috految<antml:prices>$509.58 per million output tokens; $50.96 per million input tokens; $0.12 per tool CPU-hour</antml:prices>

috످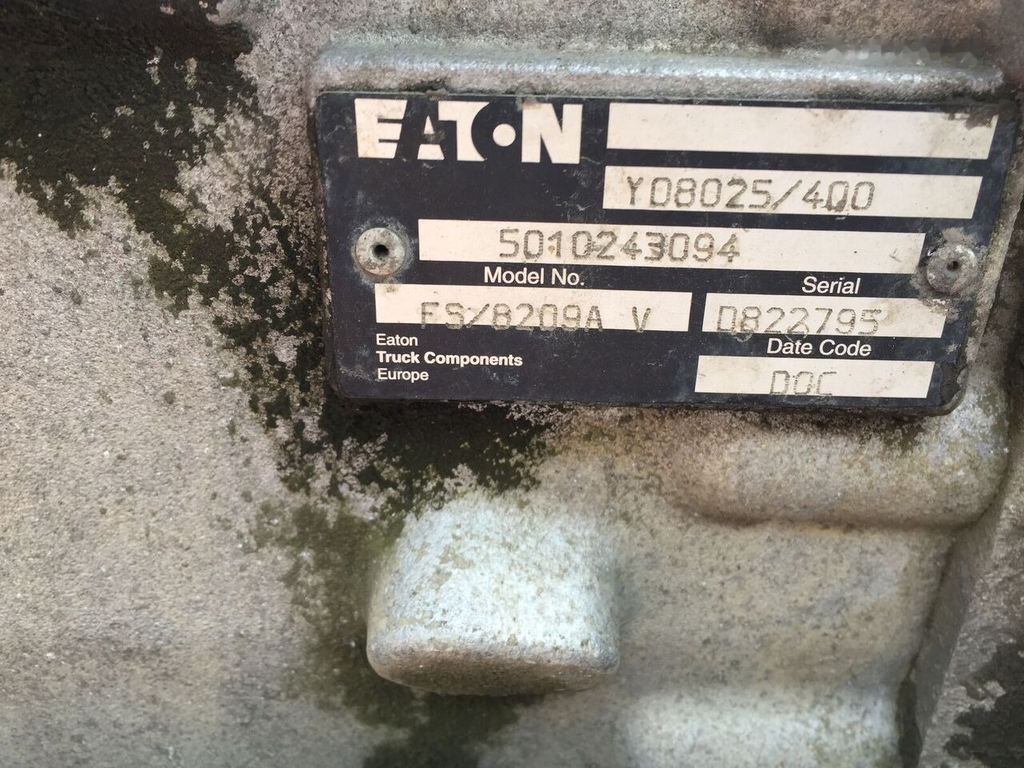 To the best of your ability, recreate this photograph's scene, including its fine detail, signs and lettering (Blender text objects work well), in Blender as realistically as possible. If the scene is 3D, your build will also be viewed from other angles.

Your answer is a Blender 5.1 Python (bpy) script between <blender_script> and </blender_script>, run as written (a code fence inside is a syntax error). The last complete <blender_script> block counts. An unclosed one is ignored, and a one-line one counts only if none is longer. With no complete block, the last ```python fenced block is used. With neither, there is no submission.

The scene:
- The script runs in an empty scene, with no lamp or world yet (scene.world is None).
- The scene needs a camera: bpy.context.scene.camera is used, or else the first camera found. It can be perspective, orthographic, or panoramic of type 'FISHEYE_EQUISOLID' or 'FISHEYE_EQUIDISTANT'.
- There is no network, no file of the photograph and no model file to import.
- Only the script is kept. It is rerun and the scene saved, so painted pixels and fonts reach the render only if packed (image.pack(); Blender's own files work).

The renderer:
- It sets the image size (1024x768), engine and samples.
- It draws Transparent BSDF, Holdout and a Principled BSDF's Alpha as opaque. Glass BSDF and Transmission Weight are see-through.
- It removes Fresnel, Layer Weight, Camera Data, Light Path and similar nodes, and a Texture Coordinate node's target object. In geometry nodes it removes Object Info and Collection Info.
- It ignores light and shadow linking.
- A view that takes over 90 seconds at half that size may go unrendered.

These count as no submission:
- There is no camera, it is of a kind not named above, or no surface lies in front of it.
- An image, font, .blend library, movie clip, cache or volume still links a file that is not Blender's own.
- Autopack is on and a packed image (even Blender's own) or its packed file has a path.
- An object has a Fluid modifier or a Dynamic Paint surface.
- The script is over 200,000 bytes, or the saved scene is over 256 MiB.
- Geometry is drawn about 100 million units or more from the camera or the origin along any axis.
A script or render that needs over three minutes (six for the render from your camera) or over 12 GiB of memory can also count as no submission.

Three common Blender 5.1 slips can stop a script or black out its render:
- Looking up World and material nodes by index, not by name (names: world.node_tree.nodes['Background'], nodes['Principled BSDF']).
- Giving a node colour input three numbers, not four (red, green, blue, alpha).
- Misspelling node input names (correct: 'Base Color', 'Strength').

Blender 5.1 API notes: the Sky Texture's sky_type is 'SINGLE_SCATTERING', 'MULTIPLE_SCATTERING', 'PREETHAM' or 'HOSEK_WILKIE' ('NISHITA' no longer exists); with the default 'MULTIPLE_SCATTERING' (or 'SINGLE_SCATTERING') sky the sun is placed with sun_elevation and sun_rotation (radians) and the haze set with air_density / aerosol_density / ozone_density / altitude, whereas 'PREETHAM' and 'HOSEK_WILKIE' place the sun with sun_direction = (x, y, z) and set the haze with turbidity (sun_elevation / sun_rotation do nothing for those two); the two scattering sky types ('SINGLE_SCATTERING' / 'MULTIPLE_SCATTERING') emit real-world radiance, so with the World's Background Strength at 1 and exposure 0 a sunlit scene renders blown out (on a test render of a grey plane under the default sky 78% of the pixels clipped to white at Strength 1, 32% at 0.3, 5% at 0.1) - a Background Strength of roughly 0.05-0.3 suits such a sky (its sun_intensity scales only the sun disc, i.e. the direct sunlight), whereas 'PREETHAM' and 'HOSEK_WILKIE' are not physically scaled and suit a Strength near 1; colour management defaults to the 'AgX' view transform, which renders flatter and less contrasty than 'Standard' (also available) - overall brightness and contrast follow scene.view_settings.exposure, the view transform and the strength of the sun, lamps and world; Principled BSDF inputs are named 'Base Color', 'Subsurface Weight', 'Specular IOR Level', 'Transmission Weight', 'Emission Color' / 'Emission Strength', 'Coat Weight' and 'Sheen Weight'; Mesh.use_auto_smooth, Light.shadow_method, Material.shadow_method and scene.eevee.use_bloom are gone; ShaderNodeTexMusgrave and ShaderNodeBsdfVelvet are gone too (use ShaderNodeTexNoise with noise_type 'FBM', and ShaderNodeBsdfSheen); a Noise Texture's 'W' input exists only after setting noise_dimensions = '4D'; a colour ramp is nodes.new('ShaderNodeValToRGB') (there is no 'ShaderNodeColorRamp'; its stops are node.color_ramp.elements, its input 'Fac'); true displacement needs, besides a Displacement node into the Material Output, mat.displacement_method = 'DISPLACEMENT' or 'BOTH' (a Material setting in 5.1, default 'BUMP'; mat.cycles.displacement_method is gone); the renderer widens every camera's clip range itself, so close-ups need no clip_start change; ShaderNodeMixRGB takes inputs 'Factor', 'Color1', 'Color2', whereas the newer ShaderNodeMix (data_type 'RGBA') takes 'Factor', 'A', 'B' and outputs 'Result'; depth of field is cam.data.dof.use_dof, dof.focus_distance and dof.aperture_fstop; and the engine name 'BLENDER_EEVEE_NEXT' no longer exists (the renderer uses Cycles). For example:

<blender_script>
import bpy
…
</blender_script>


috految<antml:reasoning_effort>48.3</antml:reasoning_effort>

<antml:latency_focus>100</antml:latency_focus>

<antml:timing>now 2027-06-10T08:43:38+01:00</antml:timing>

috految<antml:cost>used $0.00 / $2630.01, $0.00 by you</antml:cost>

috److془I need to carefully build the scene. Let's plan.

Camera: looking down ~ 22°, wall at y=0. Vertical vanishing point: left edge (316,95)->(336,398); right edge (1021,102)->(960,410). Widths 705 → 624 over 305; vanishing at ~2650+100 = 2750; x= 495. f=1100: tan(pitch)=1100/2366 → 25°. Use f=1100, pitch 24°, distance 11 → 100 px per unit.

Camera at (0,-10.05,4.47). P(u,v,h): intersect with y=-h.

Top of image: angle 4.8° down → z=3.63; bottom: 43.2° → z=-4.98. x range: top depth 9.53 → ±4.44; bottom depth 13.03→±6.06.

Plate at h=0.55. Top of plate z: v=95: angle 9.28° → z=2.92. Pad top at v=55 at h=0, (7.35°: z=3.17). Pad front edge at v=69 at h=.48: (8.02° z=3.12). Good. Plate bottom v=405: 25.1° → z=0.02. Wall visible from z=-.24. 

Boss: top junction with wall at (500,500): 30°, z=-1.33. Front top edge at (490,643): 37.25°; h=1.45: z=4.47-8.6*.760=-2.07. Front bottom (490,696): 39.8°, h=1.0: z=-3.07. Base bottom z=-3.35 at h=0: 37.9° v=656. 

Boss front ring: (366,652,1.25),(373,641,1.33),(405,637,1.43),(450,639,1.48),(500,644,1.48),(550,648,1.44),(595,653,1.35),(620,660,1.22),(618,677,1.12),(585,691,1.02),(530,697,.97),(470,698,.97),(415,691,1.02),(378,675,1.12).
Base ring: (368,596),(379,556),(402,517),(445,497),(495,491),(550,499),(595,516),(620,560),(620,620),(585,652),(530,664),(470,664),(415,652),(380,628). Good. Make front plane planar: h=1.5 - (v-640-(u-490)*.045)*.008. Slight end cap tilt down 25°. Good. 

Lighting: warm fill from the front-left, cold sky from above. Shadow beneath boss is soft. Wall left colour sRGB (190,180,168); right (160,152,138), boss top (220,230,228); white labels (245,231,215); plate (62,62,70); grime (45,43,36); moss (85,83,60).

Rib under plate: from (680,430) to (1005,520), bottom edge at v=520→530, sweeping up right to (1005,470),(1003,370). Lower rib: (625,695)-(900,695) top, continues to v=790. Right flange: root line (1024,330),(1005,480),(985,520),(953,540),(930,620),(903,685),(897,768). Front edge: (1024,440),(1000,520),(965,610),(935,710),(918,768). x at (953,540,h=0): depth=10.05/(.9135-.4067*.142)=11.74; x=4.71. (903,685): depth 12.53, x=4.45. Front edge (965,610,h=.7): depth 11.27, x=4.64. (1000,520): 10.83, 4.8. (918,768): 12.12, 4.47. (1024,440): 4.87. Great. Plate right: (1021,102) depth 9.33, x=4.32; (960,410): 4.28. Rib right end (1008,460,h=.45): 4.89. Wonderful, consistent. Flange x = 4.9 at z>-0.4, 4.72 at z=-1.8, 4.47 at z=-3.7. Flange width to 6.0. Rib: bottom silhouette v=525 at h=.3: 31.3°: z=-1.46. Rib centre at z=-.88,r=.68,y=.13: centre angle = atan(5.35/10.18)=27.72+3.39=31.1 ✓. Top z=-.2. Left end x=1.85 tapered. Lower rib: top at v=690: z=-3.83; centre z=-4.55, r=.72, y=.1: x from 1.25 to 4.5. 

Full gearbox: body x -8..6, y 0..9, z -7..4.9; ribs, bolts, bell housing on left, rear housing on right with output flange, top cover, pallet, ground, yard. Orbit cameras at radius 11 - keep it compact. Body y 0..7.5. Bell to x=-10.5.

Voxel remesh: area ~ 750; voxel .045 → 400k verts. Fine. Density attribute per vertex for grime with shader noise threshold. Smooth 10 iterations factor 1: sigma ~ .045*sqrt(10*.25)=.07. Use 13. Add grime flakes geometry by raycast. Fillet of boss by flared base.

Text: Inter in Blender datafiles/fonts/Inter.woff2. Variable font overlaps: In 5.1 the fill rule non-zero auto-detected for fonts, I believe. Multi copies offset for bold covers small holes. Blender's Inter 'l' has tail, perhaps. Could do the l as bar manually. Place "Mode" + bar; "Seria"+bar. Good. Convert to mesh, remove font.

Stamped: stroke polylines dot peen. Dots radius 1.9 px spacing 2.7. colour (135,128,105).

Positions:
Y08025/400: Y 626-642 (178-205), 0 653-668 (179-206), 8 677-692, 0 703-718, 2 728-743, 5 753-769, / 776-798, 4 804-823, 0 831-846, 0 857-872 (183-208). 
5010243094: 5 500-516 (231-256), 0 526-541, 1 553-565, 0 575-589, 2 598-613, 4 622-639, 3 647-662, 0 673-688, 9 697-712, 4 721-738 (236-261).
FS/8209A V: F 423-438 (302-327), S 446-461, / 468-487, 8 493-508, 2 517-532, 0 540-555, 9 563-578, A 586-602 (306-330), V 633-648 (309-331).
D822795: D 719-734 (307-331), 8 742-757, 2 766-781, 2 790-805, 7 814-829, 9 838-854, 5 862-877 (311-334).
DOC: D 772-787 (373-395), O 795-810, C 820-835.

Logo: E: (355,99),(407,100),(402,119),(377,118),(377,122),(401,123)(397,140),(378,139),(378,143),(397,144),(392,158),(358,157). A counter: (428,115),(433,135),(423,135). bottom (420,144),(439,145),(444,160),(417,159). T: (438,101),(490,102), arc (480,109),(474,119),(471,131),(473,143),(479,154),(487,161),(457,160),(457,121),(439,120). Dot (504,135) r 11. N: (523,103),(552,104),(562,133),(564,104),(582,105),(579,163),(552,163),(541,135),(539,162),(521,162).

Lighting: world strength .9 colour (.95,.98,1.03), wall gets .45 + ground (albedo .25*1.6*.5=.19). Top sun (0.15,-.33,1) strength 2.7 color (.78,.92,1): wall .24; warm sun from (-.5,-1,.3), 1.9 color (1,.89,.78): .52. Total R 1.35, G 1.31, B 1.25. Wall albedo ~ .41; with metallic .3 reflecting ground reduces ratio ~ .9. Boss top: .7+.8+.4=1.9 *.4=.76 plus spec: normal elev 63°, view 33°, reflect 93°, sun at 72. spec D~2.2/(4*.87)*.13*2.7=.22. Good. Label albedo (.73,.65,.57). Plate (.027,.029,.038)+spec .02. Top wall would get spec from fill; attenuate with dirt. Boss shadow from the left fill falls to the right; use (-.4,-1,.3) wide angle. Left side of the pad darkish due to dirt. Good. Flange's left face dirt.

Noise: detail 5 rough .7 std about .065. mask = G + (n-.5)*3.3 > .5. std .22. G=0 gives ~1%. Baseline -.1. Scale 7.془The script builds a complete 3D Eaton gearbox on a pallet, with the camera matched to the photograph's perspective. It includes the riveted data plate, logo, printed labels, dot-peened numbers, and the grease and moss on the casting.

<blender_script>
import bpy,bmesh,math,random,os
import numpy as np
from mathutils import Vector,Matrix,noise
from mathutils.bvhtree import BVHTree
from math import sin,cos,pi
U=random.uniform
random.seed(4)
sc=bpy.context.scene
def obj(n,d):
    o=bpy.data.objects.new(n,d);sc.collection.objects.link(o);return o
cam=obj('Camera',bpy.data.cameras.new('Camera'));sc.camera=cam
C=Vector((0,-10.05,4.47))
cam.location=C;cam.rotation_euler=(math.radians(66),0,0)
cam.data.sensor_width=36;cam.data.lens=36*1100/1024
cam.data.dof.use_dof=True;cam.data.dof.focus_distance=10.15;cam.data.dof.aperture_fstop=.32
R=cam.rotation_euler.to_matrix()
def ray(u,v): return R@Vector(((u-512)/1100,(384-v)/1100,-1))
def P(u,v,h=0):
    d=ray(u,v);return C+d*((-h-C.y)/d.y)
def pairs(a): return list(zip(a[::2],a[1::2]))

# ---------------- materials
def start(n):
    global nt,B,pos
    m=bpy.data.materials.new(n);nt=m.node_tree
    B=nt.nodes['Principled BSDF']
    pos=nt.nodes.new('ShaderNodeTexCoord').outputs['Object']
    return m
def put(s,v):
    if isinstance(v,bpy.types.NodeSocket): nt.links.new(v,s)
    elif isinstance(v,tuple) and s.type=='RGBA': s.default_value=(*v,1)
    else: s.default_value=v
def N(s,d=4,r=.7,st=(1,1,1)):
    mp=nt.nodes.new('ShaderNodeMapping');put(mp.inputs[0],pos)
    mp.inputs['Scale'].default_value=st
    mp.inputs['Rotation'].default_value=(.5,.3,.7)
    mp.inputs['Location'].default_value=(s*.37,1.3,s*.11)
    n=nt.nodes.new('ShaderNodeTexNoise');put(n.inputs['Vector'],mp.outputs[0])
    n.inputs['Scale'].default_value=s;n.inputs['Detail'].default_value=d;n.inputs['Roughness'].default_value=r
    return n.outputs[0]
def MR(x,a,b,c=0,d=1):
    n=nt.nodes.new('ShaderNodeMapRange')
    for i,v in enumerate((x,a,b,c,d)): put(n.inputs[i],v)
    return n.outputs[0]
def M(op,a,b):
    n=nt.nodes.new('ShaderNodeMath');n.operation=op
    put(n.inputs[0],a);put(n.inputs[1],b);return n.outputs[0]
def mix(f,a,b,t='MIX'):
    n=nt.nodes.new('ShaderNodeMixRGB');n.blend_type=t
    for i,v in enumerate((f,a,b)): put(n.inputs[i],v)
    return n.outputs[0]
def A(name):
    n=nt.nodes.new('ShaderNodeAttribute');n.attribute_name=name;return n.outputs[2]
def bump(h,s,d):
    n=nt.nodes.new('ShaderNodeBump');put(n.inputs['Height'],h)
    n.inputs['Strength'].default_value=s;n.inputs['Distance'].default_value=d
    put(B.inputs['Normal'],n.outputs[0])
def finish(c,r,m,s):
    for k,v in (('Base Color',c),('Roughness',r),('Metallic',m),('Specular IOR Level',s)): put(B.inputs[k],v)
def casting(name,main):
    m=start(name)
    grain=N(23,2,.72);mid=N(5.1,5,.8);big=N(1.1,5,.72)
    c=mix(MR(big,.36,.62),(.36,.335,.292),(.505,.47,.425))
    c=mix(MR(N(1.7,4,.73,(1,1,.45)),.49,.68,0,.6),c,(.39,.315,.20))
    if main:
        g=A('grease');moss=A('algae');dirt=A('dirt')
        c=mix(A('bare'),c,(.49,.52,.505))
        c=mix(M('MULTIPLY',A('rust'),MR(mid,.3,.6)),c,(.33,.205,.135))
    else:
        k=N(.42,3,.6,(1,1,.6))
        g=MR(k,.48,.67,-.05,1.15);moss=MR(k,.46,.62,0,.75)
        dirt=MR(big,.4,.65,.48,.1)
    c=mix(MR(mid,.50,.68,0,.62),c,(.18,.17,.14))
    c=mix(MR(N(5,3,.7,(.3,2,2.2)),.51,.73,0,.3),c,(.21,.205,.19))
    c=mix(1,c,MR(grain,.28,.72,.69,1.29),'MULTIPLY')
    c=mix(M('MULTIPLY',dirt,MR(N(9,4,.8),.38,.62,.35,1.3)),c,(.095,.079,.057))
    pits=N(13,3,.67)
    c=mix(MR(M('ADD',pits,MR(big,.3,.7,.035,-.035)),.60,.674,0,.8),c,(.115,.102,.073))
    c=mix(MR(pits,.28,.36,.6,0),c,(.67,.65,.59))
    mn=M('ADD',moss,MR(N(7.7,4,.78),0,1,-1.8,1.8))
    mm=MR(mn,.40,.64,0,.94)
    mc=mix(MR(N(2.7,4,.78),.35,.66),(.046,.046,.025),(.112,.106,.042))
    mc=mix(MR(moss,.25,.8,.6,0),mc,(.18,.16,.075))
    c=mix(MR(moss,.15,.8,0,.3),c,(.24,.215,.115))
    c=mix(mm,c,mc)
    gn=M('ADD',g,MR(N(6.3,5,.71),0,1,-1.9,1.9))
    c=mix(MR(gn,.3,.55,0,.32),c,(.15,.13,.095))
    gm=MR(gn,.485,.545)
    gc=mix(MR(N(1.9,5,.8),.40,.66),(.014,.014,.012),(.043,.039,.024))
    gc=mix(M('MULTIPLY',MR(big,.45,.62,0,.7),MR(g,.55,1.2,1,.15)),gc,(.052,.052,.019))
    gc=mix(MR(grain,.56,.74,0,.5),gc,(.085,.075,.05))
    c=mix(gm,c,gc)
    cover=M('MAXIMUM',gm,mm)
    finish(c,MR(cover,0,1,.48,.8),MR(cover,0,1,.31,0),MR(cover,0,1,.38,.12))
    bump(M('ADD',grain,MR(gn,.43,1.5,0,1.5)),.58,.025)
    return m
cast=casting('Weathered cast aluminium',True)
cast2=casting('Outer castings',False)
def mat(n,a,b,s,r=.7,me=0,lo=.38,hi=.62,bu=.01,st=(1,1,1),sp=.2):
    m=start(n);k=N(s,5,.74,st)
    finish(mix(MR(k,lo,hi),a,b),r,me,sp)
    if bu: bump(k,.6,bu)
    return m
crust=mat('Grease crust',(.016,.016,.013),(.052,.047,.028),7,.8,bu=.04,sp=.1)
mud=mat('Dirt',(.05,.043,.035),(.15,.12,.09),8,bu=.03)
dry=mat('Dry dirt',(.14,.115,.085),(.36,.295,.22),9)
lich=mat('Lichen',(.08,.078,.04),(.21,.2,.11),12)
oxide=mat('Oxide',(.25,.225,.19),(.47,.44,.39),12)
scuff=mat('Scuffs',(.045,.05,.055),(.21,.23,.225),8)
edge=mat('Plate edge',(.025,.025,.025),(.17,.145,.115),5,.46,.3,.45,.67,.03)
riv=mat('Rivet',(.16,.105,.06),(.51,.48,.42),7,.42,.45,.36,.57,.025)
riv2=mat('Dirty rivet',(.12,.09,.07),(.37,.35,.32),8,.46,.4,bu=.03)
steel=mat('Old steel',(.13,.068,.035),(.30,.29,.27),2.5,.45,.6,bu=.025)
black=mat('Rubber',(.009,.009,.009),(.028,.026,.021),5)
ink=mat('Punch marks',(.10,.088,.059),(.33,.30,.22),11,.55,.1,bu=0)
lip=mat('Punch burr',(.27,.24,.18),(.61,.56,.46),18,.5,.15,bu=0)
ruststain=mat('Rust stain',(.25,.135,.06),(.51,.39,.24),12,bu=0)
white=mat('Lettering',(.67,.62,.55),(.76,.72,.66),4,bu=0)
wood=mat('Pallet',(.12,.08,.045),(.34,.255,.16),2,bu=.05,st=(.08,1,2))
ground=mat('Concrete yard',(.17,.155,.13),(.31,.275,.24),.5,.9,bu=.12)
H=.55
def near(u,v,r,amp):
    n=nt.nodes.new('ShaderNodeVectorMath');n.operation='DISTANCE'
    put(n.inputs[0],pos);n.inputs[1].default_value=P(u,v,H)
    return MR(n.outputs['Value'],0,r,amp,0)
plate=start('Black anodised plate')
c=mix(MR(N(1.7,5),.35,.7),(.021,.023,.031),(.037,.040,.05))
k=N(3.7,6,.8)
for a in [(378,250,.6,.15),(950,265,.62,.17),(955,385,.5,.13),(678,390,.45,.11),(340,374,.5,.1),(992,145,.5,.1),(510,108,.4,.1),(580,227,.32,.11),(612,163,.3,.1)]:
    k=M('ADD',k,near(*a))
c=mix(MR(k,.55,.76,0,.78),c,(.18,.205,.21))
c=mix(MR(N(21,3),.66,.73,0,.6),c,(.29,.28,.25))
finish(c,.5,0,.23);bump(N(30,2),.2,.006)
label=start('Cream enamel')
k=N(3.6,6,.78)
for a in [(975,114,.5,.2),(390,294,.28,.18),(830,399,.5,.13),(865,322,.45,.14),(560,246,.4,.14),(372,112,.45,.13),(755,210,.6,.1),(650,105,.35,.14),(925,304,.4,.19),(720,328,.4,.1),(555,119,.4,.1)]:
    k=M('ADD',k,near(*a))
c=mix(MR(k,.51,.78,0,.85),(.735,.665,.58),(.36,.275,.18))
c=mix(MR(N(14,4),.635,.71,0,.8),c,(.23,.19,.14))
finish(c,.56,0,.22)

# ---------------- mesh helpers
def mesh(n,v,f,m,sm=False):
    me=bpy.data.meshes.new(n);me.from_pydata([tuple(p) for p in v],[],f)
    b=bmesh.new();b.from_mesh(me);bmesh.ops.recalc_face_normals(b,faces=b.faces[:]);b.to_mesh(me);b.free()
    me.materials.append(m)
    if sm:
        me.shade_smooth();me.set_sharp_from_angle(angle=.7)
    return obj(n,me)
def loft(rs,m,sm=True):
    n=len(rs[0]);v=[p for r in rs for p in r]
    f=[(j*n+i,j*n+(i+1)%n,(j+1)*n+(i+1)%n,(j+1)*n+i) for j in range(len(rs)-1) for i in range(n)]
    f+=[tuple(range(n-1,-1,-1)),tuple(range(len(v)-n,len(v)))]
    return mesh('Part',v,f,m,sm)
def bev(o,w,s=4):
    b=o.modifiers.new('Bevel','BEVEL');b.width=w;b.segments=s;return o
def box(x0,x1,y0,y1,z0,z1,m,b=.1):
    return bev(loft([[(x0,y0,z),(x1,y0,z),(x1,y1,z),(x0,y1,z)] for z in (z0,z1)],m,False),b,6)
def lathe(c,axis,pr,m,n=48):
    q=Vector(axis).to_track_quat('Z','Y');c=Vector(c)
    return loft([[c+q@Vector((r*cos(2*pi*i/n),r*sin(2*pi*i/n),h)) for i in range(n)] for r,h in pr],m,n>8)
def cyl(c,axis,r,l,m,n=40):
    b=min(r*.12,l*.2,.1)
    return lathe(c,axis,[(r-b,0),(r,b),(r,l-b),(r-b,l)],m,n)
def bolt(c,a,r=.33):
    cyl(c,a,r*1.3,.09,riv2);cyl(c,a,r,r*1.2,steel,6);cyl(c,a,r*.55,r*1.35,riv2,20)
def tube(pts,r,m,cyc=False,smooth=False):
    cu=bpy.data.curves.new('Line','CURVE');cu.dimensions='3D';cu.bevel_depth=r;cu.bevel_resolution=3;cu.use_fill_caps=True
    s=cu.splines.new('NURBS' if smooth else 'POLY');s.points.add(len(pts)-1)
    for p,q in zip(s.points,pts): p.co=(*q,1)
    s.use_cyclic_u=cyc
    if smooth: s.order_u=3;s.use_endpoint_u=True
    cu.materials.append(m);return obj('Line',cu)
def chaikin(p,n=2):
    for k in range(n):
        p=[a.lerp(b,t) for a,b in zip(p,p[1:]+p[:1]) for t in (.25,.75)]
    return p
def section(x,e=0):
    out=[]
    for j,(y,z) in enumerate([(5.7,3.3),(1.8,3.3),(1.8,-5.3),(5.7,-5.3)]):
        for i in range(17):
            a=(j+i/16)*pi/2
            out.append(Vector((x,y+(1.8+e)*cos(a),z+(1.8+e)*sin(a))))
    return out

# ---------------- main casting
parts=[loft([section(-7.5,-.25),section(-7,0),section(5.8,0)],cast)]
fr=pairs([308,84,313,69,327,64,660,71,990,80,1005,93,1022,104,1018,160,984,300,969,390,948,410,650,405,345,402,328,382,312,170])
bk=pairs([304,63,317,49,340,41,660,50,978,60,1000,72,1009,98,1004,160,989,285,975,380,945,399,650,395,345,394,322,372,309,160])
f=[P(u,v,.485) for u,v in fr];b=[P(u,v,-.02) for u,v in bk]
parts.append(loft([[p+Vector((0,.6,0)) for p in b],b,f],cast))
# projecting boss
front=pairs([363,654,374,641,405,635,450,638,500,643,550,647,598,652,624,657,620,679,585,692,530,698,470,699,415,692,376,678])
base=pairs([368,601,381,558,401,520,445,498,495,494,550,502,598,518,621,560,621,620,585,652,530,664,470,664,415,652,380,630])
f=chaikin([P(u,v,1.43-(v-640-(u-490)*.045)*.0075) for u,v in front])
b=chaikin([P(u,v,0) for u,v in base])
cb=sum(b,Vector())/len(b);cf=sum(f,Vector())/len(f)
rs=[[cb+(p-cb)*1.17+Vector((0,.3,0)) for p in b],[cb+(p-cb)*1.11+Vector((0,.02,0)) for p in b]]
for t,s in [(.06,1.025),(.17,1),(.4,1.005),(.7,1.015),(.94,1.012),(1,1)]:
    cc=cb.lerp(cf,t)
    rs.append([cc+(p.lerp(q,t)-cc)*s for p,q in zip(b,f)])
rs.append([cf+(p-cf)*.75+Vector((0,-.06,-.01)) for p in f])
parts.append(loft(rs,cast))
# bolt tunnels
parts.append(lathe((0,.16,-.84),(1,0,-.022),[(.15,1.45),(.38,1.7),(.58,1.95),(.68,2.3),(.70,2.8),(.70,4.3),(.68,4.65),(.56,4.85),(.3,5.05)],cast))
parts.append(lathe((4.42,.10,-.9),(0,0,1),[(.2,-.5),(.47,-.3),(.58,0),(.58,.45),(.52,.85),(.45,1.3),(.3,2),(.1,2.6)],cast))
parts.append(box(1.95,4.6,-.27,.7,-.95,.15,cast,.25))
parts.append(lathe((0,.09,-4.57),(1,0,0),[(.15,1.1),(.48,1.25),(.67,1.5),(.75,1.9),(.75,4.1),(.7,4.5),(.4,4.9)],cast))
parts.append(lathe((0,.14,-6.1),(1,0,0),[(.1,-6),(.4,-5.5),(.4,4.8)],cast))
parts.append(lathe((0,.2,3.87),(1,0,0),[(.1,1.9),(.42,2.25),(.52,2.6),(.52,5.3)],cast))
parts.append(lathe((0,1.68,-4.75),(1,0,0),[(1.55,-7),(1.74,-6),(1.74,-2.5),(1.55,-1)],cast))
# case joint flange
def fx(z): return float(np.interp(z,[-8,-4.6,-3.7,-1.8,-.5,3,7],[4.42,4.45,4.49,4.72,4.92,4.87,4.87]))
def dense(r):
    out=[]
    for a,b in zip(r,r[1:]+r[:1]):
        n=24 if (a-b).length>2 else 1
        out+=[a.lerp(b,i/n) for i in range(n)]
    return out
r0=dense(section(0,-.5));r1=dense(section(0,.7))
parts.append(loft([[Vector((fx(p.z)-.03,p.y,p.z)) for p in r0],[Vector((fx(p.z),p.y,p.z)) for p in r1],[Vector((6.05,p.y,p.z)) for p in r1]],cast))
parts.append(box(4.42,5.3,-.30,.5,2.5,4.1,cast,.2))
for x in (-5.8,-2.9,0,2.9):
    parts.append(box(x-.22,x+.22,6.3,8,-6.4,4.2,cast,.2))
    parts.append(box(x-.22,x+.22,.8,6.8,4.1,5.45,cast,.2))
for z in (-4.6,-.9,2.8):
    parts.append(cyl((-6.8,7.4,z),(1,0,0),.55,12,cast))
for z in (3,-.5,-4):
    parts.append(lathe((-7.6,.1,z),(1,0,0),[(.62,0),(.62,.9),(.46,1.3),(.1,1.6)],cast))
bpy.context.view_layer.update()
dg=bpy.context.evaluated_depsgraph_get()
V=[];F=[]
for o in parts:
    me=o.evaluated_get(dg).data;k=len(V)
    V+=[v.co.copy() for v in me.vertices]
    F+=[[k+i for i in p.vertices] for p in me.polygons]
for o in parts: bpy.data.objects.remove(o,do_unlink=True)
body=mesh('Gearbox case',V,F,cast)
m=body.modifiers.new('Cast','REMESH');m.mode='VOXEL';m.voxel_size=.047;m.use_smooth_shade=True
m=body.modifiers.new('Fillets','SMOOTH');m.factor=.95;m.iterations=10
bpy.context.view_layer.update()
me=bpy.data.meshes.new_from_object(body.evaluated_get(bpy.context.evaluated_depsgraph_get()))
body.modifiers.clear();body.data=me
me.materials.clear();me.materials.append(cast);me.shade_smooth()
n=len(me.vertices)
co=np.zeros(n*3,dtype=np.float32);me.vertices.foreach_get('co',co);co=co.reshape(-1,3)
cl=co.tolist()
X,Y,Z=co.T
nz=np.array([noise.fractal(Vector((p[0]*.43+3,p[1]*.43,p[2]*.27+1)),.8,2.1,4) for p in cl])
bvh=BVHTree.FromPolygons(cl,[tuple(p.vertices) for p in me.polygons])
def hit(u,v):
    p,nn,i,d=bvh.ray_cast(C,ray(u,v).normalized())
    if p is None: return P(u,v),Vector((0,-1,0))
    return p,nn
def blob(u,v,a,b):
    p,_=hit(u,v)
    return np.exp(-np.minimum(40,((X-p.x)/a)**2+((Z-p.z)/b)**2+((Y-p.y)/max(.4,a))**2))
def region(flat,h=0):
    pts=[P(u,v,h) for u,v in pairs(flat)]
    d=np.full(n,1e6);ins=np.zeros(n,dtype=bool)
    for a,b in zip(pts,pts[1:]+pts[:1]):
        ex=b.x-a.x;ez=b.z-a.z
        t=np.clip(((X-a.x)*ex+(Z-a.z)*ez)/(ex*ex+ez*ez+1e-9),0,1)
        d=np.minimum(d,(X-a.x-t*ex)**2+(Z-a.z-t*ez)**2)
        ins^=((a.z>Z)!=(b.z>Z))&(X<ex*(Z-a.z)/(ez+1e-9)+a.x)
    return np.sqrt(d)*np.where(ins,1,-1)
def clip(x,a=0,b=1): return np.clip(x,a,b)
fm=clip((2.2-Y)/1.2)
flat=clip((Y+.48)/.3)
G=np.full(n,-.12);AL=np.zeros(n)
d=region([-170,-40,-70,-150,40,-100,160,-170,222,-15,207,18,245,26,256,46,233,64,259,91,252,116,229,114,212,140,204,160,177,172,179,193,212,233,256,253,268,302,225,290,197,271,190,311,170,306,149,278,143,241,126,220,116,193,86,196,88,223,69,235,39,212,14,185,14,163,-15,157,-120,190])
G=np.maximum(G,clip(.53+d*3.6,-.2,1.13))
AL=np.maximum(AL,clip(.42+d*2,0,.47))
d=region([168,180,204,198,224,218,262,173,300,191,313,252,336,274,365,400,625,398,558,438,527,490,455,496,396,526,355,518,326,505,286,501,275,432,249,408,244,361,220,335,190,294,168,262])
G=np.maximum(G,clip(.45+d*1.6,-.2,.58)*flat)
d=region([321,382,470,380,503,417,554,424,543,447,534,480,501,495,472,486,463,467,446,478,438,500,407,516,387,493,395,466,364,442,333,446,320,420])
G=np.maximum(G,clip(.57+d*3.6,-.2,1.15)*flat)
for u,v,a,b,s in [(250,322,.33,.36,.85),(278,267,.24,.4,.69),(273,397,.25,.32,.88),(300,458,.26,.4,.76),(319,335,.18,.75,.9),(256,168,.65,.9,.36),(305,208,.28,.7,.53),(240,115,.3,.32,.6),(198,282,.17,.4,.63),(313,105,.11,.55,.72),(585,415,.7,.18,.55),(745,417,1.5,.12,.56),(883,426,.62,.19,.82),(667,441,.8,.5,.21),(425,84,.36,.07,.86),(1000,98,.35,.15,.85),(1008,295,.7,.95,.43),(906,735,.17,.8,1.15),(917,30,.7,.22,.4),(820,18,1,.4,.24),(232,426,.075,.15,.82),(102,511,.06,.07,.8),(987,403,.17,.2,.48),(1005,590,.7,1.3,.27)]:
    G=np.maximum(G,blob(u,v,a,b)*(s+.12)-.12)
for u,v,a,b,s in [(154,68,.09,.15,.2),(190,74,.08,.2,.2),(202,119,.18,.16,.2),(124,111,.1,.07,.1),(169,110,.08,.1,.2),(166,134,.13,.13,.4),(53,187,.12,.14,.25),(108,188,.13,.2,.3),(176,201,.12,.1,.1),(160,233,.2,.09,.3),(215,179,.23,.25,.1),(218,301,.13,.12,.15),(352,459,.25,.15,.3),(359,496,.27,.2,.27),(312,427,.14,.2,.25),(527,412,.23,.1,.24),(285,353,.13,.2,.3),(169,10,.09,.06,.2)]:
    w=blob(u,v,a,b);G=G*(1-w)+s*w;AL*=1-w*.8
d=region([962,686,981,667,1003,644,1040,638,1080,740,1020,850,970,778,944,750,962,730,953,716,1001,697,997,681,972,695],.7)
G=np.maximum(G,clip(.53+3.3*d,-.2,1.0))
d=region([252,520,282,502,351,507,392,478,435,485,407,532,382,570,377,636,430,665,533,693,522,721,489,742,476,790,430,860,365,800,360,760,398,735,360,722,321,707,301,676,313,639,292,613,288,572,298,552,258,550])
AL=np.maximum(AL,clip(.52+d*1.55,0,1.0)*flat)
d=region([345,680,373,660,440,683,526,694,488,746,472,790,385,805,380,760,417,733,365,718])
G=np.maximum(G,clip(.48+d*1.8,-.2,.76)*flat)
for u,v,a,b,s in [(305,610,.6,1.2,.47),(375,533,.4,.35,.9),(520,464,.48,.45,.68),(590,433,.7,.28,.6),(625,488,.65,.65,.35),(485,505,.8,.25,.46),(532,573,.65,.6,.24),(418,570,.35,.7,.33),(480,624,.9,.3,.22),(880,440,.8,.3,.51),(990,425,.25,.6,.52),(880,510,.9,.3,.32),(902,600,.8,1.2,.24),(712,445,.5,.5,.3),(880,722,.6,.6,.34),(560,735,.8,.6,.3),(128,228,.4,.4,.42),(230,353,.32,.7,.42),(670,45,2,.14,.36),(735,582,.22,.2,.45),(810,630,.2,.2,.45)]:
    AL=np.maximum(AL,blob(u,v,a,b)*s)
outside=np.maximum.reduce([clip((Y-.4)/.8),clip((-X-5.8)/1.1),clip((Z-3.8)/.8),clip((-Z-5.3)/.8),clip((X-5.45)*2)])
G=np.maximum(G*fm-.12*(1-fm),clip(nz*2.2+.02,-.15,1.1)*outside-.12*(1-outside))
AL=np.maximum(AL*fm,clip(nz*1.7+.15,0,.75)*outside)
D=.02+.2*outside+.12*clip((X-.5)/2)
for u,v,a,b,s in [(272,110,1.1,2.1,.35),(560,16,2.7,.55,.43),(915,24,1.5,.6,.72),(1015,190,.6,1.8,.58),(1000,610,.7,2.4,.38),(305,400,.7,1,.25),(760,419,2,.2,.3),(800,531,1.5,.09,.42),(673,495,.35,.35,.3),(500,684,1.2,.22,.2),(100,765,2.6,.6,.2),(280,695,.8,.8,.25),(610,90,3,.11,.45),(893,578,.5,.7,.2)]:
    D=D+blob(u,v,a,b)*s
D=D+.35*np.exp(-np.minimum(30,((X-np.interp(Z,[-4.6,-3.7,-1.8,-.5],[4.45,4.49,4.72,4.92]))/.1)**2))
bare=clip(blob(500,565,1.5,1)*.8*clip(-Y/.2)+blob(760,718,1.5,.5)*.6+blob(640,66,2.8,.16)*.55+blob(965,420,.4,.6)*.5)
rust=clip(blob(900,20,1.2,.4)*.8+blob(703,483,.36,.55)*.55+blob(800,525,1.4,.22)*.45+blob(470,673,1.1,.22)*.35+blob(455,14,.5,.3)*.4+blob(566,480,.4,.4)*.3+blob(290,95,.6,1.4)*.2)
for nm,a in (('grease',G),('algae',AL),('dirt',clip(D,0,.88)),('bare',bare),('rust',rust)):
    at=me.attributes.new(nm,'FLOAT','POINT');at.data.foreach_set('value',np.asarray(a,dtype=np.float32))
me.update()

# ---------------- raised flakes and grit
acc={}
def flake(p,nn,r,m,h):
    v,f=acc.setdefault(m.name,([],[]));k=len(v)
    q=nn.to_track_quat('Z','Y');ph=U(0,6)
    v.append(p+nn*h)
    for i in range(7):
        rr=r*U(.55,1.3);a=ph+i*2*pi/7
        v.append(p+q@Vector((rr*cos(a),rr*sin(a),U(.0005,.003))))
    f.extend((k,k+1+i,k+1+(i+1)%7) for i in range(7))
ids=np.where((G>.66)&(Y<1))[0].tolist()
if ids:
    for j in range(4200):
        p=Vector(cl[random.choice(ids)])+Vector((U(-.03,.03),0,U(-.03,.03)))
        p,nn,_,_=bvh.find_nearest(p)
        if p is not None: flake(p,nn,U(.01,.04),crust,U(.006,.023))
for j in range(850):
    p,nn=hit(U(-50,1024),U(0,790))
    flake(p,nn,U(.004,.017),random.choice([dry,mud,oxide]),.006)
for u,v,a,b,k,m_ in [(500,560,55,45,190,lich),(860,445,65,18,210,lich),(610,440,50,22,160,lich),(830,620,75,60,140,lich),(260,350,22,65,150,crust),(325,477,30,25,130,oxide),(255,225,25,55,120,oxide),(140,245,35,28,70,lich),(470,653,40,7,80,dry),(509,639,4,4,18,lich),(480,489,24,6,70,lich)]:
    for j in range(k):
        p,nn=hit(random.gauss(u,a),random.gauss(v,b));flake(p,nn,U(.006,.025),m_,.008)
for u,v,r in [(50,657,.055),(22,540,.027),(141,602,.018)]:
    p,nn=hit(u,v);flake(p,nn,r,white,.025)
for u,v in [(875,595),(837,592),(808,632),(790,640),(725,574),(901,578),(245,495),(217,529),(253,547),(102,511),(486,550)]:
    p,nn=hit(u,v);flake(p,nn,U(.035,.06),lich,.012)
for u,v in [(835,55),(848,57),(864,58),(874,51),(890,58),(908,60),(922,53),(950,60),(968,58)]:
    p,nn=hit(u,v);flake(p,nn,.075,oxide,.03)
tube([hit(u,v)[0] for u,v in pairs([1003,477,995,500,978,522,955,536,947,558,939,597,928,623,914,662,902,684,899,720,898,766])],.013,mud,smooth=True)

# ---------------- data plate
outl=pairs([316,109,317,99,321,93,329,91,500,95,750,99,1006,101,1016,104,1020,112,1019,125,993,245,975,313,963,388,958,401,948,410,935,413,750,408,540,403,353,400,341,397,335,389,326,240])
f=[P(u,v,H) for u,v in outl]
loft([[p+Vector((0,.085,0)) for p in f],f],plate,False).name='Data plate'
tube([p+Vector((0,.011,0)) for p in f],.018,edge,True)
tube([p+Vector((0,.075,-.018)) for p in f],.027,edge,True)
def poly(a,m,h=.004):
    p=[P(u,v,H+h) for u,v in pairs(a)]
    return loft([[q+Vector((0,h+.002,0)) for q in p],p],m,False)
poly([610,103,998,114,988,159,607,148],label)
poly([605,166,982,177,972,218.5,603,208],label)
poly([419,219.5,925,233.5,917,274,419,260],label)
poly([375,283.5,691,293,687,331.5,376,323],label)
poly([707,293,949,299,941,337,703,332],label)
poly([699,355,934,361,926,397.5,695,392],label)
# EATON logo
poly([355,98.5,407,100,402.5,118.5,377,118,377.5,122.5,401.5,123,397.5,139.5,378,139,378.5,143,396.5,143.5,392.5,158,359,157],label)
poly([428.5,114.5,433.5,135,423,134.5],label)
poly([420.5,144,439,144.5,444,159.5,417,159],label)
poly([438,101,490,102,484,105,479,110,475,116,472.3,123,471,131,471.7,138,474,145,478,151.5,482,156.5,488,160.7,457,160,457,121,439,120.5],label)
poly([x for i in range(36) for x in (504+11*cos(i*pi/18),135+11.3*sin(i*pi/18))],label)
poly([523,103.5,552,104,562,134,564,104.5,582.5,105,578.5,163.5,552,163,541,134,539.5,162.5,521.5,162],label)
font=None
try:
    fd=bpy.utils.system_resource('DATAFILES',path='fonts')
    for fn in os.listdir(fd):
        if fn.lower().startswith('inter'):
            font=bpy.data.fonts.load(os.path.join(fd,fn));break
except Exception: pass
def text(s,x0,y0,x1,y1,ht,bold=.22):
    cu=bpy.data.curves.new('Text','FONT');cu.body=s
    if font: cu.font=font
    cu.space_character=1.04 if bold>.4 else 1.0
    o=obj('Text',cu);bpy.context.view_layer.update()
    t=bpy.data.meshes.new_from_object(o.evaluated_get(bpy.context.evaluated_depsgraph_get()))
    vs=[v.co.copy() for v in t.vertices];fs=[list(p.vertices) for p in t.polygons]
    bpy.data.objects.remove(o,do_unlink=True);bpy.data.curves.remove(cu)
    if not vs: return
    a=min(v.x for v in vs);b=max(v.x for v in vs);top=max(v.y for v in vs)
    V=[];F=[]
    for j,(dx,dy) in enumerate([(0,0),(1,.7),(-1,.7),(1,-.7),(-1,-.7)]):
        k=len(V)
        for v in vs:
            w=(v.x-a)/(b-a);x=x0+(x1-x0)*w;up=v.y/top*ht
            V.append(P(x+up*(x-480)/2400+dx*bold,y0+(y1-y0)*w-up+dy*bold,H+.003+j*.0003))
        F+=[[i+k for i in p] for p in fs]
    mesh(s,V,F,white)
text('Mode',485,282.5,539,284.2,16.3)
poly([542.3,268,544.6,268,544.3,284.3,542,284.3],white)
text('No.',553,284.6,584,285.6,16.2)
text('Seria',801,292.8,852.5,294,17.3)
poly([858,277,860.3,277,857.7,294.2,855.4,294.2],white)
text('Date Code',767,354.3,870,356.8,16.8)
text('Eaton',377,345.5,417.5,346.6,11.6,.15)
text('Truck',377,362.8,418.5,363.6,11.8,.54)
text('Components',424.5,363.8,522.5,365.8,12,.54)
text('Europe',378.5,379.8,428.5,381,11.4,.15)
if font: bpy.data.fonts.remove(font)

# dot-peened characters
GL={
'0':[[1,0,3,0,4,1,4,5,3,6,1,6,0,5,0,1,1,0]],
'1':[[.3,1.4,2,0,2,6],[.5,6,3.6,6]],
'2':[[0,1,1,0,3,0,4,.9,4,2,3.2,2.9,.8,4.2,0,5.2,0,6,4,6]],
'3':[[0,0,4,0,1.9,2.4,3,2.7,4,3.6,4,5,3,6,1,6,0,5.2]],
'4':[[3.1,6,3.1,2],[3.1,2,3.1,0,0,4.1,4.2,4.1]],
'5':[[4,0,.15,0,0,2.4,2.9,2.4,4,3.3,4,5,3,6,1,6,0,5.2]],
'7':[[0,0,4,0,4,.9,1.4,4.1,1.2,6]],
'8':[[1,0,3,0,3.9,.8,3.9,2,3,2.9,1,2.9,.1,2,.1,.8,1,0],[1,2.9,0,3.8,0,5.1,1,6,3,6,4,5.1,4,3.8,3,2.9]],
'9':[[4,3.1,1,3.1,0,2.2,0,.9,1,0,3,0,4,.9,4,4.5,2.8,6,.7,6]],
'Y':[[0,0,.3,1,2,3.1,3.7,1,4,0],[2,3.1,2,6]],
'/':[[0,5.2,4,.7]],
'F':[[4,0,0,0,0,6],[0,2.8,3.2,2.8]],
'S':[[4,.8,3,0,1,0,0,.9,0,2,1,2.9,3,3,4,3.9,4,5.1,3,6,1,6,0,5.2]],
'A':[[0,6,.3,3.9,2,0,3.7,3.9,4,6],[.3,4.1,3.7,4.1]],
'V':[[0,0,.3,2.5,2,6,3.7,2.5,4,0]],
'D':[[0,0,2.8,0,4,1.1,4,4.9,2.8,6,0,6],[.25,0,.25,6]],
'C':[[4,.6,3.2,0,1,0,0,1,0,5,1,6,3.2,6,4,5.5]]}
GL['O']=GL['0']
def dot(u,v,r):
    h=H+U(.0062,.0082)
    V,F=acc.setdefault(ink.name,([],[]));k=len(V)
    V.append(P(u,v,h-.001))
    V.extend(P(u+r*cos(i*pi/5),v+r*sin(i*pi/5),h+.002) for i in range(10))
    F.extend((k,k+1+i,k+1+(i+1)%10) for i in range(10))
    V,F=acc.setdefault(lip.name,([],[]));k=len(V)
    for rr,hh in ((r*.95,h),(r+.75,H+.0044)):
        V.extend(P(u+rr*cos(i*pi/5),v+rr*sin(i*pi/5),hh) for i in range(10))
    F.extend((k+i,k+(i+1)%10,k+10+(i+1)%10,k+10+i) for i in range(10))
def stamp(s,xs,y0,y1,ht,r):
    for ch,x in zip(s,xs):
        y=y0+(y1-y0)*(x-xs[0])/(xs[-1]-xs[0])
        w={'/':20,'4':17,'A':16,'Y':15.5,'1':12}.get(ch,14.3)
        sl=(x-470)/2500
        for st in GL[ch]:
            pts=[Vector((x+a/4*w+sl*(3-b)/6*ht,y+b/6*ht+a*.09)) for a,b in pairs(st)]
            for a,b in zip(pts,pts[1:]):
                k=max(1,round((a-b).length/2.95))
                for i in range(k):
                    p=a.lerp(b,i/k)
                    dot(p.x+U(-.25,.25),p.y+U(-.25,.25),r*U(.88,1.1))
            dot(pts[-1].x,pts[-1].y,r)
stamp('Y08025/400',[626,653,678,703,728,754,777,804,831,857],178,183,25.5,1.85)
stamp('5010243094',[501,526,552,575,599,622,648,673,697,721],231,236,25,1.85)
stamp('FS/8209AV',[423,446,468,493,516,540,563,586,633],301.2,307.3,22.5,1.65)
stamp('D822795',[719,742,766,790,814,838,862],307,310.5,23,1.7)
stamp('DOC',[772,796,820],372.3,373.5,21,1.55)
for u,v in [(838,207),(840,210),(843,209),(597,247),(592,247),(657,243),(730,248)]: dot(u,v,2.1)
FN=Vector((0,-1,0))
# hollow pop rivets
for u,v,r,m_ in [(381,251,.23,riv),(952,268,.225,riv2)]:
    p=P(u,v,H+.035);p.y=-H
    cyl(p,FN,r*1.1,.012,edge)
    lathe(p,FN,[(r,0),(r,.03),(r*.94,.055),(r*.75,.073),(r*.5,.088),(r*.43,.108),(r*.33,.108),(r*.25,.085),(r*.25,.016)],m_)
    cyl(p,FN,r*.27,.05 if u<500 else .025,black)
    if u>500: cyl(p,FN,.032,.065,steel)
    for j in range(130):
        a=U(0,2*pi);rr=r*U(1,1.33)
        flake(p+Vector((rr*cos(a),-.005,rr*sin(a))),FN,U(.004,.019),mud if u>500 else scuff,.006)
for u,v,a,b,k,r,m_ in [(978,119,8,3.7,85,.03,mud),(960,115,7,1.5,25,.018,dry),(1004,108,6,3,45,.04,mud),(953,242,8,6,100,.026,mud),(934,290,8,5,110,.025,mud),(926,267,5,7,45,.025,dry),(937,303,5,3,35,.022,dry),(532,102,7,2.5,45,.026,mud),(509,103,6,3,35,.016,scuff),(390,291,3,4,28,.02,dry),(551,248,2,2,22,.018,ruststain),(594,246,5,1.5,12,.016,ruststain),(538,257,2,2,12,.016,dry),(368,100,9,1,20,.015,dry),(647,104,8,1.5,25,.014,dry),(802,391,8,3,25,.014,dry),(710,329,4,4,25,.018,oxide),(908,129,1,1,6,.016,dry),(578,224,6,7,45,.012,scuff),(610,165,5,2,24,.014,scuff),(544,187,3,1.5,12,.014,scuff),(684,395,10,3.5,50,.016,scuff),(961,374,3,12,90,.035,mud),(974,315,3,18,90,.03,mud),(925,408,12,2,50,.025,mud),(766,343,2,3,12,.015,oxide),(548,126,5,7,20,.01,dry),(405,151,4,4,10,.014,scuff)]:
    for j in range(k):
        flake(P(random.gauss(u,a),random.gauss(v,b),H+.005),FN,r*U(.35,1.15),m_,U(.002,.008))
for a,b in zip(outl,outl[1:]+outl[:1]):
    for j in range(int(math.dist(a,b)*.45)):
        t=U(0,1)
        flake(P(a[0]+(b[0]-a[0])*t+U(-2,2),a[1]+(b[1]-a[1])*t+U(-2,2),H+.002),FN,U(.006,.021),mud,.008)
for j in range(100):
    u=U(345,945);v=U(112,392)
    tube([P(u,v,H),P(u+U(-7,7),v+U(-7,7),H)],U(.001,.0035),scuff)
for a in ([677,155,681,158,683,166],[561,215,566,220,574,221],[351,252,355,263,358,269],[939,370,945,377,942,388]):
    tube([P(u,v,H+.002) for u,v in pairs(a)],.006,scuff)
for nm,(v,f) in acc.items(): mesh('Fine detail '+nm,v,f,bpy.data.materials[nm])

# ---------------- rest of the gearbox
loft([section(6.03,.63),section(6.13,.63)],black)
bev(loft([section(6.13,.7),section(6.65,.7)],cast2,False),.07)
loft([section(6.6,0),section(7.8,-.15),section(8.35,-.45),section(8.6,-1)],cast2)
bev(loft([section(-7.95,.45),section(-7.35,.45)],cast2,False),.12)
for y,z in [(-.35,3),(-.35,1.2),(-.35,-.9),(-.35,-2.8),(-.35,-4.6),(1.8,5.4),(3.75,5.4),(5.7,5.4),(7.8,3),(7.8,.3),(7.8,-2),(7.8,-4.6),(1.8,-7.4),(5.7,-7.4)]:
    bolt((6.65,y,z),(1,0,0),.29)
    cyl((-8,y,z),(1,0,0),.47,.8,cast2)
    bolt((-7.2,y,z),(1,0,0),.29);bolt((-8,y,z),(-1,0,0),.29)
for z in (-4.7,-2.6,-.5,1.6,3):
    box(6.55,8.8,.25,7.25,z-.14,z+.14,cast2,.13)
lathe((8.3,3.75,-.8),(1,0,0),[(2.8,0),(2.8,.65),(2.65,.75),(1.8,.75),(1.6,1.4)],cast2)
lathe((9.5,3.75,-.8),(1,0,0),[(1,0),(1,.7),(1.85,.75),(1.9,1.1),(.7,1.1),(.7,.85)],steel)
bolt((10.35,3.75,-.8),(1,0,0),.5)
for i in range(10):
    a=i*pi/5
    bolt((9.05,3.75+2.3*cos(a),-.8+2.3*sin(a)),(1,0,0),.23)
    bolt((10.6,3.75+1.45*cos(a),-.8+1.45*sin(a)),(1,0,0),.16)
lathe((-7.8,3.85,-1.3),(-1,0,0),[(3.8,0),(3.9,.5),(4.3,1.5),(4.8,2.3),(5.3,2.35),(5.3,2.75),(4.55,2.75),(3.9,1.5),(3.4,.5),(1.3,.5),(1.1,1.5)],cast2,80)
cyl((-8,3.85,-1.3),(-1,0,0),.55,3.7,steel)
for i in range(14):
    a=i*2*pi/14
    bolt((-10.55,3.85+4.93*cos(a),-1.3+4.93*sin(a)),(-1,0,0),.2)
    tube([(-8,3.85+3.9*cos(a),-1.3+3.9*sin(a)),(-10.2,3.85+4.85*cos(a),-1.3+4.85*sin(a))],.17,cast2)
    cyl((-10,3.85+.55*cos(a),-1.3+.55*sin(a)),(-1,0,0),.07,1.6,steel,8)
box(-4.7,3.7,1.5,6,4.9,5.55,cast2,.2)
box(-4.65,3.65,1.55,5.95,5.5,5.62,black,.04)
box(-4.7,3.7,1.5,6,5.6,5.9,cast2,.12)
for x in (-4.1,-2.3,-.5,1.3,3.1):
    for y in (1.95,5.55): bolt((x,y,5.9),(0,0,1),.26)
box(-3,1.9,2.6,5,5.7,6.55,cast2,.38)
cyl((.7,3.8,6.4),(0,0,1),.75,.5,cast2)
lathe((.7,3.8,6.85),(0,0,1),[(.62-i*.025+(i%2)*.1,i*.08) for i in range(10)],black)
box(.4,3.3,3.55,4.05,7.5,7.7,steel,.08);bolt((.7,3.8,7.7),(0,0,1),.25)
tube([(-5.8+.56*cos(i*pi/16),3.7,5.9+.56*sin(i*pi/16)) for i in range(32)],.16,steel,True)
tube([(-1.5,4,6.5),(-1.5,4,7.2),(3,6.5,7),(7.5,6,6.7),(7.5,5,4.7)],.11,black,smooth=True)
bolt((-1.5,4,6.5),(0,0,1),.25)
cyl((-1.3,7.3,-1),(0,1,0),2.3,1,cast2)
for i in range(8): bolt((-1.3+1.85*cos(i*pi/4),8.3,-1+1.85*sin(i*pi/4)),(0,1,0),.25)
bolt((-2,-.24,-6.1),(0,-1,0),.33)
for x in (-5.5,3):
    box(x-.9,x+.9,-.5,8,-7.8,-6.75,cast2,.2)
    for y in (-.1,7.6): bolt((x,y,-6.75),(0,0,1),.28)
for i in range(7):
    y=-2.6+i*1.85
    box(-11,10,y,y+1.6,-8.3,-7.8,wood,.05)
    for x in (-10,-.5,9): cyl((x,y+.8,-7.83),(0,0,1),.09,.05,steel,12)
for x in (-10,-.5,9): box(x-.8,x+.8,-2.6,10.1,-9.8,-8.3,wood,.06)
box(-160,160,-160,160,-10.5,-9.8,ground,.01)
for k in range(-3,4):
    tube([(k*30+12,-120,-9.81),(k*30+12,120,-9.81)],.07,mud)
    tube([(-120,k*30+17,-9.81),(120,k*30+17,-9.81)],.07,mud)

# ---------------- daylight
w=bpy.data.worlds.new('World');sc.world=w
bg=w.node_tree.nodes['Background']
bg.inputs['Color'].default_value=(.95,.975,1,1);bg.inputs['Strength'].default_value=.9
def sun(d,e,c,a):
    l=bpy.data.lights.new('Sun','SUN');l.energy=e;l.color=c;l.angle=math.radians(a)
    o=obj('Sun',l);o.rotation_euler=Vector(d).to_track_quat('Z','Y').to_euler()
sun((.1,-.36,1),2.7,(.81,.93,1),42)
sun((-.36,-1,.30),1.8,(1,.90,.82),42)
sun((-1,-.55,.17),.3,(1,.88,.8),30)
sc.view_settings.view_transform='Standard'
sc.view_settings.exposure=0
sc.render.engine='CYCLES'
sc.cycles.max_bounces=5
sc.cycles.filter_width=1.15
</blender_script>

috످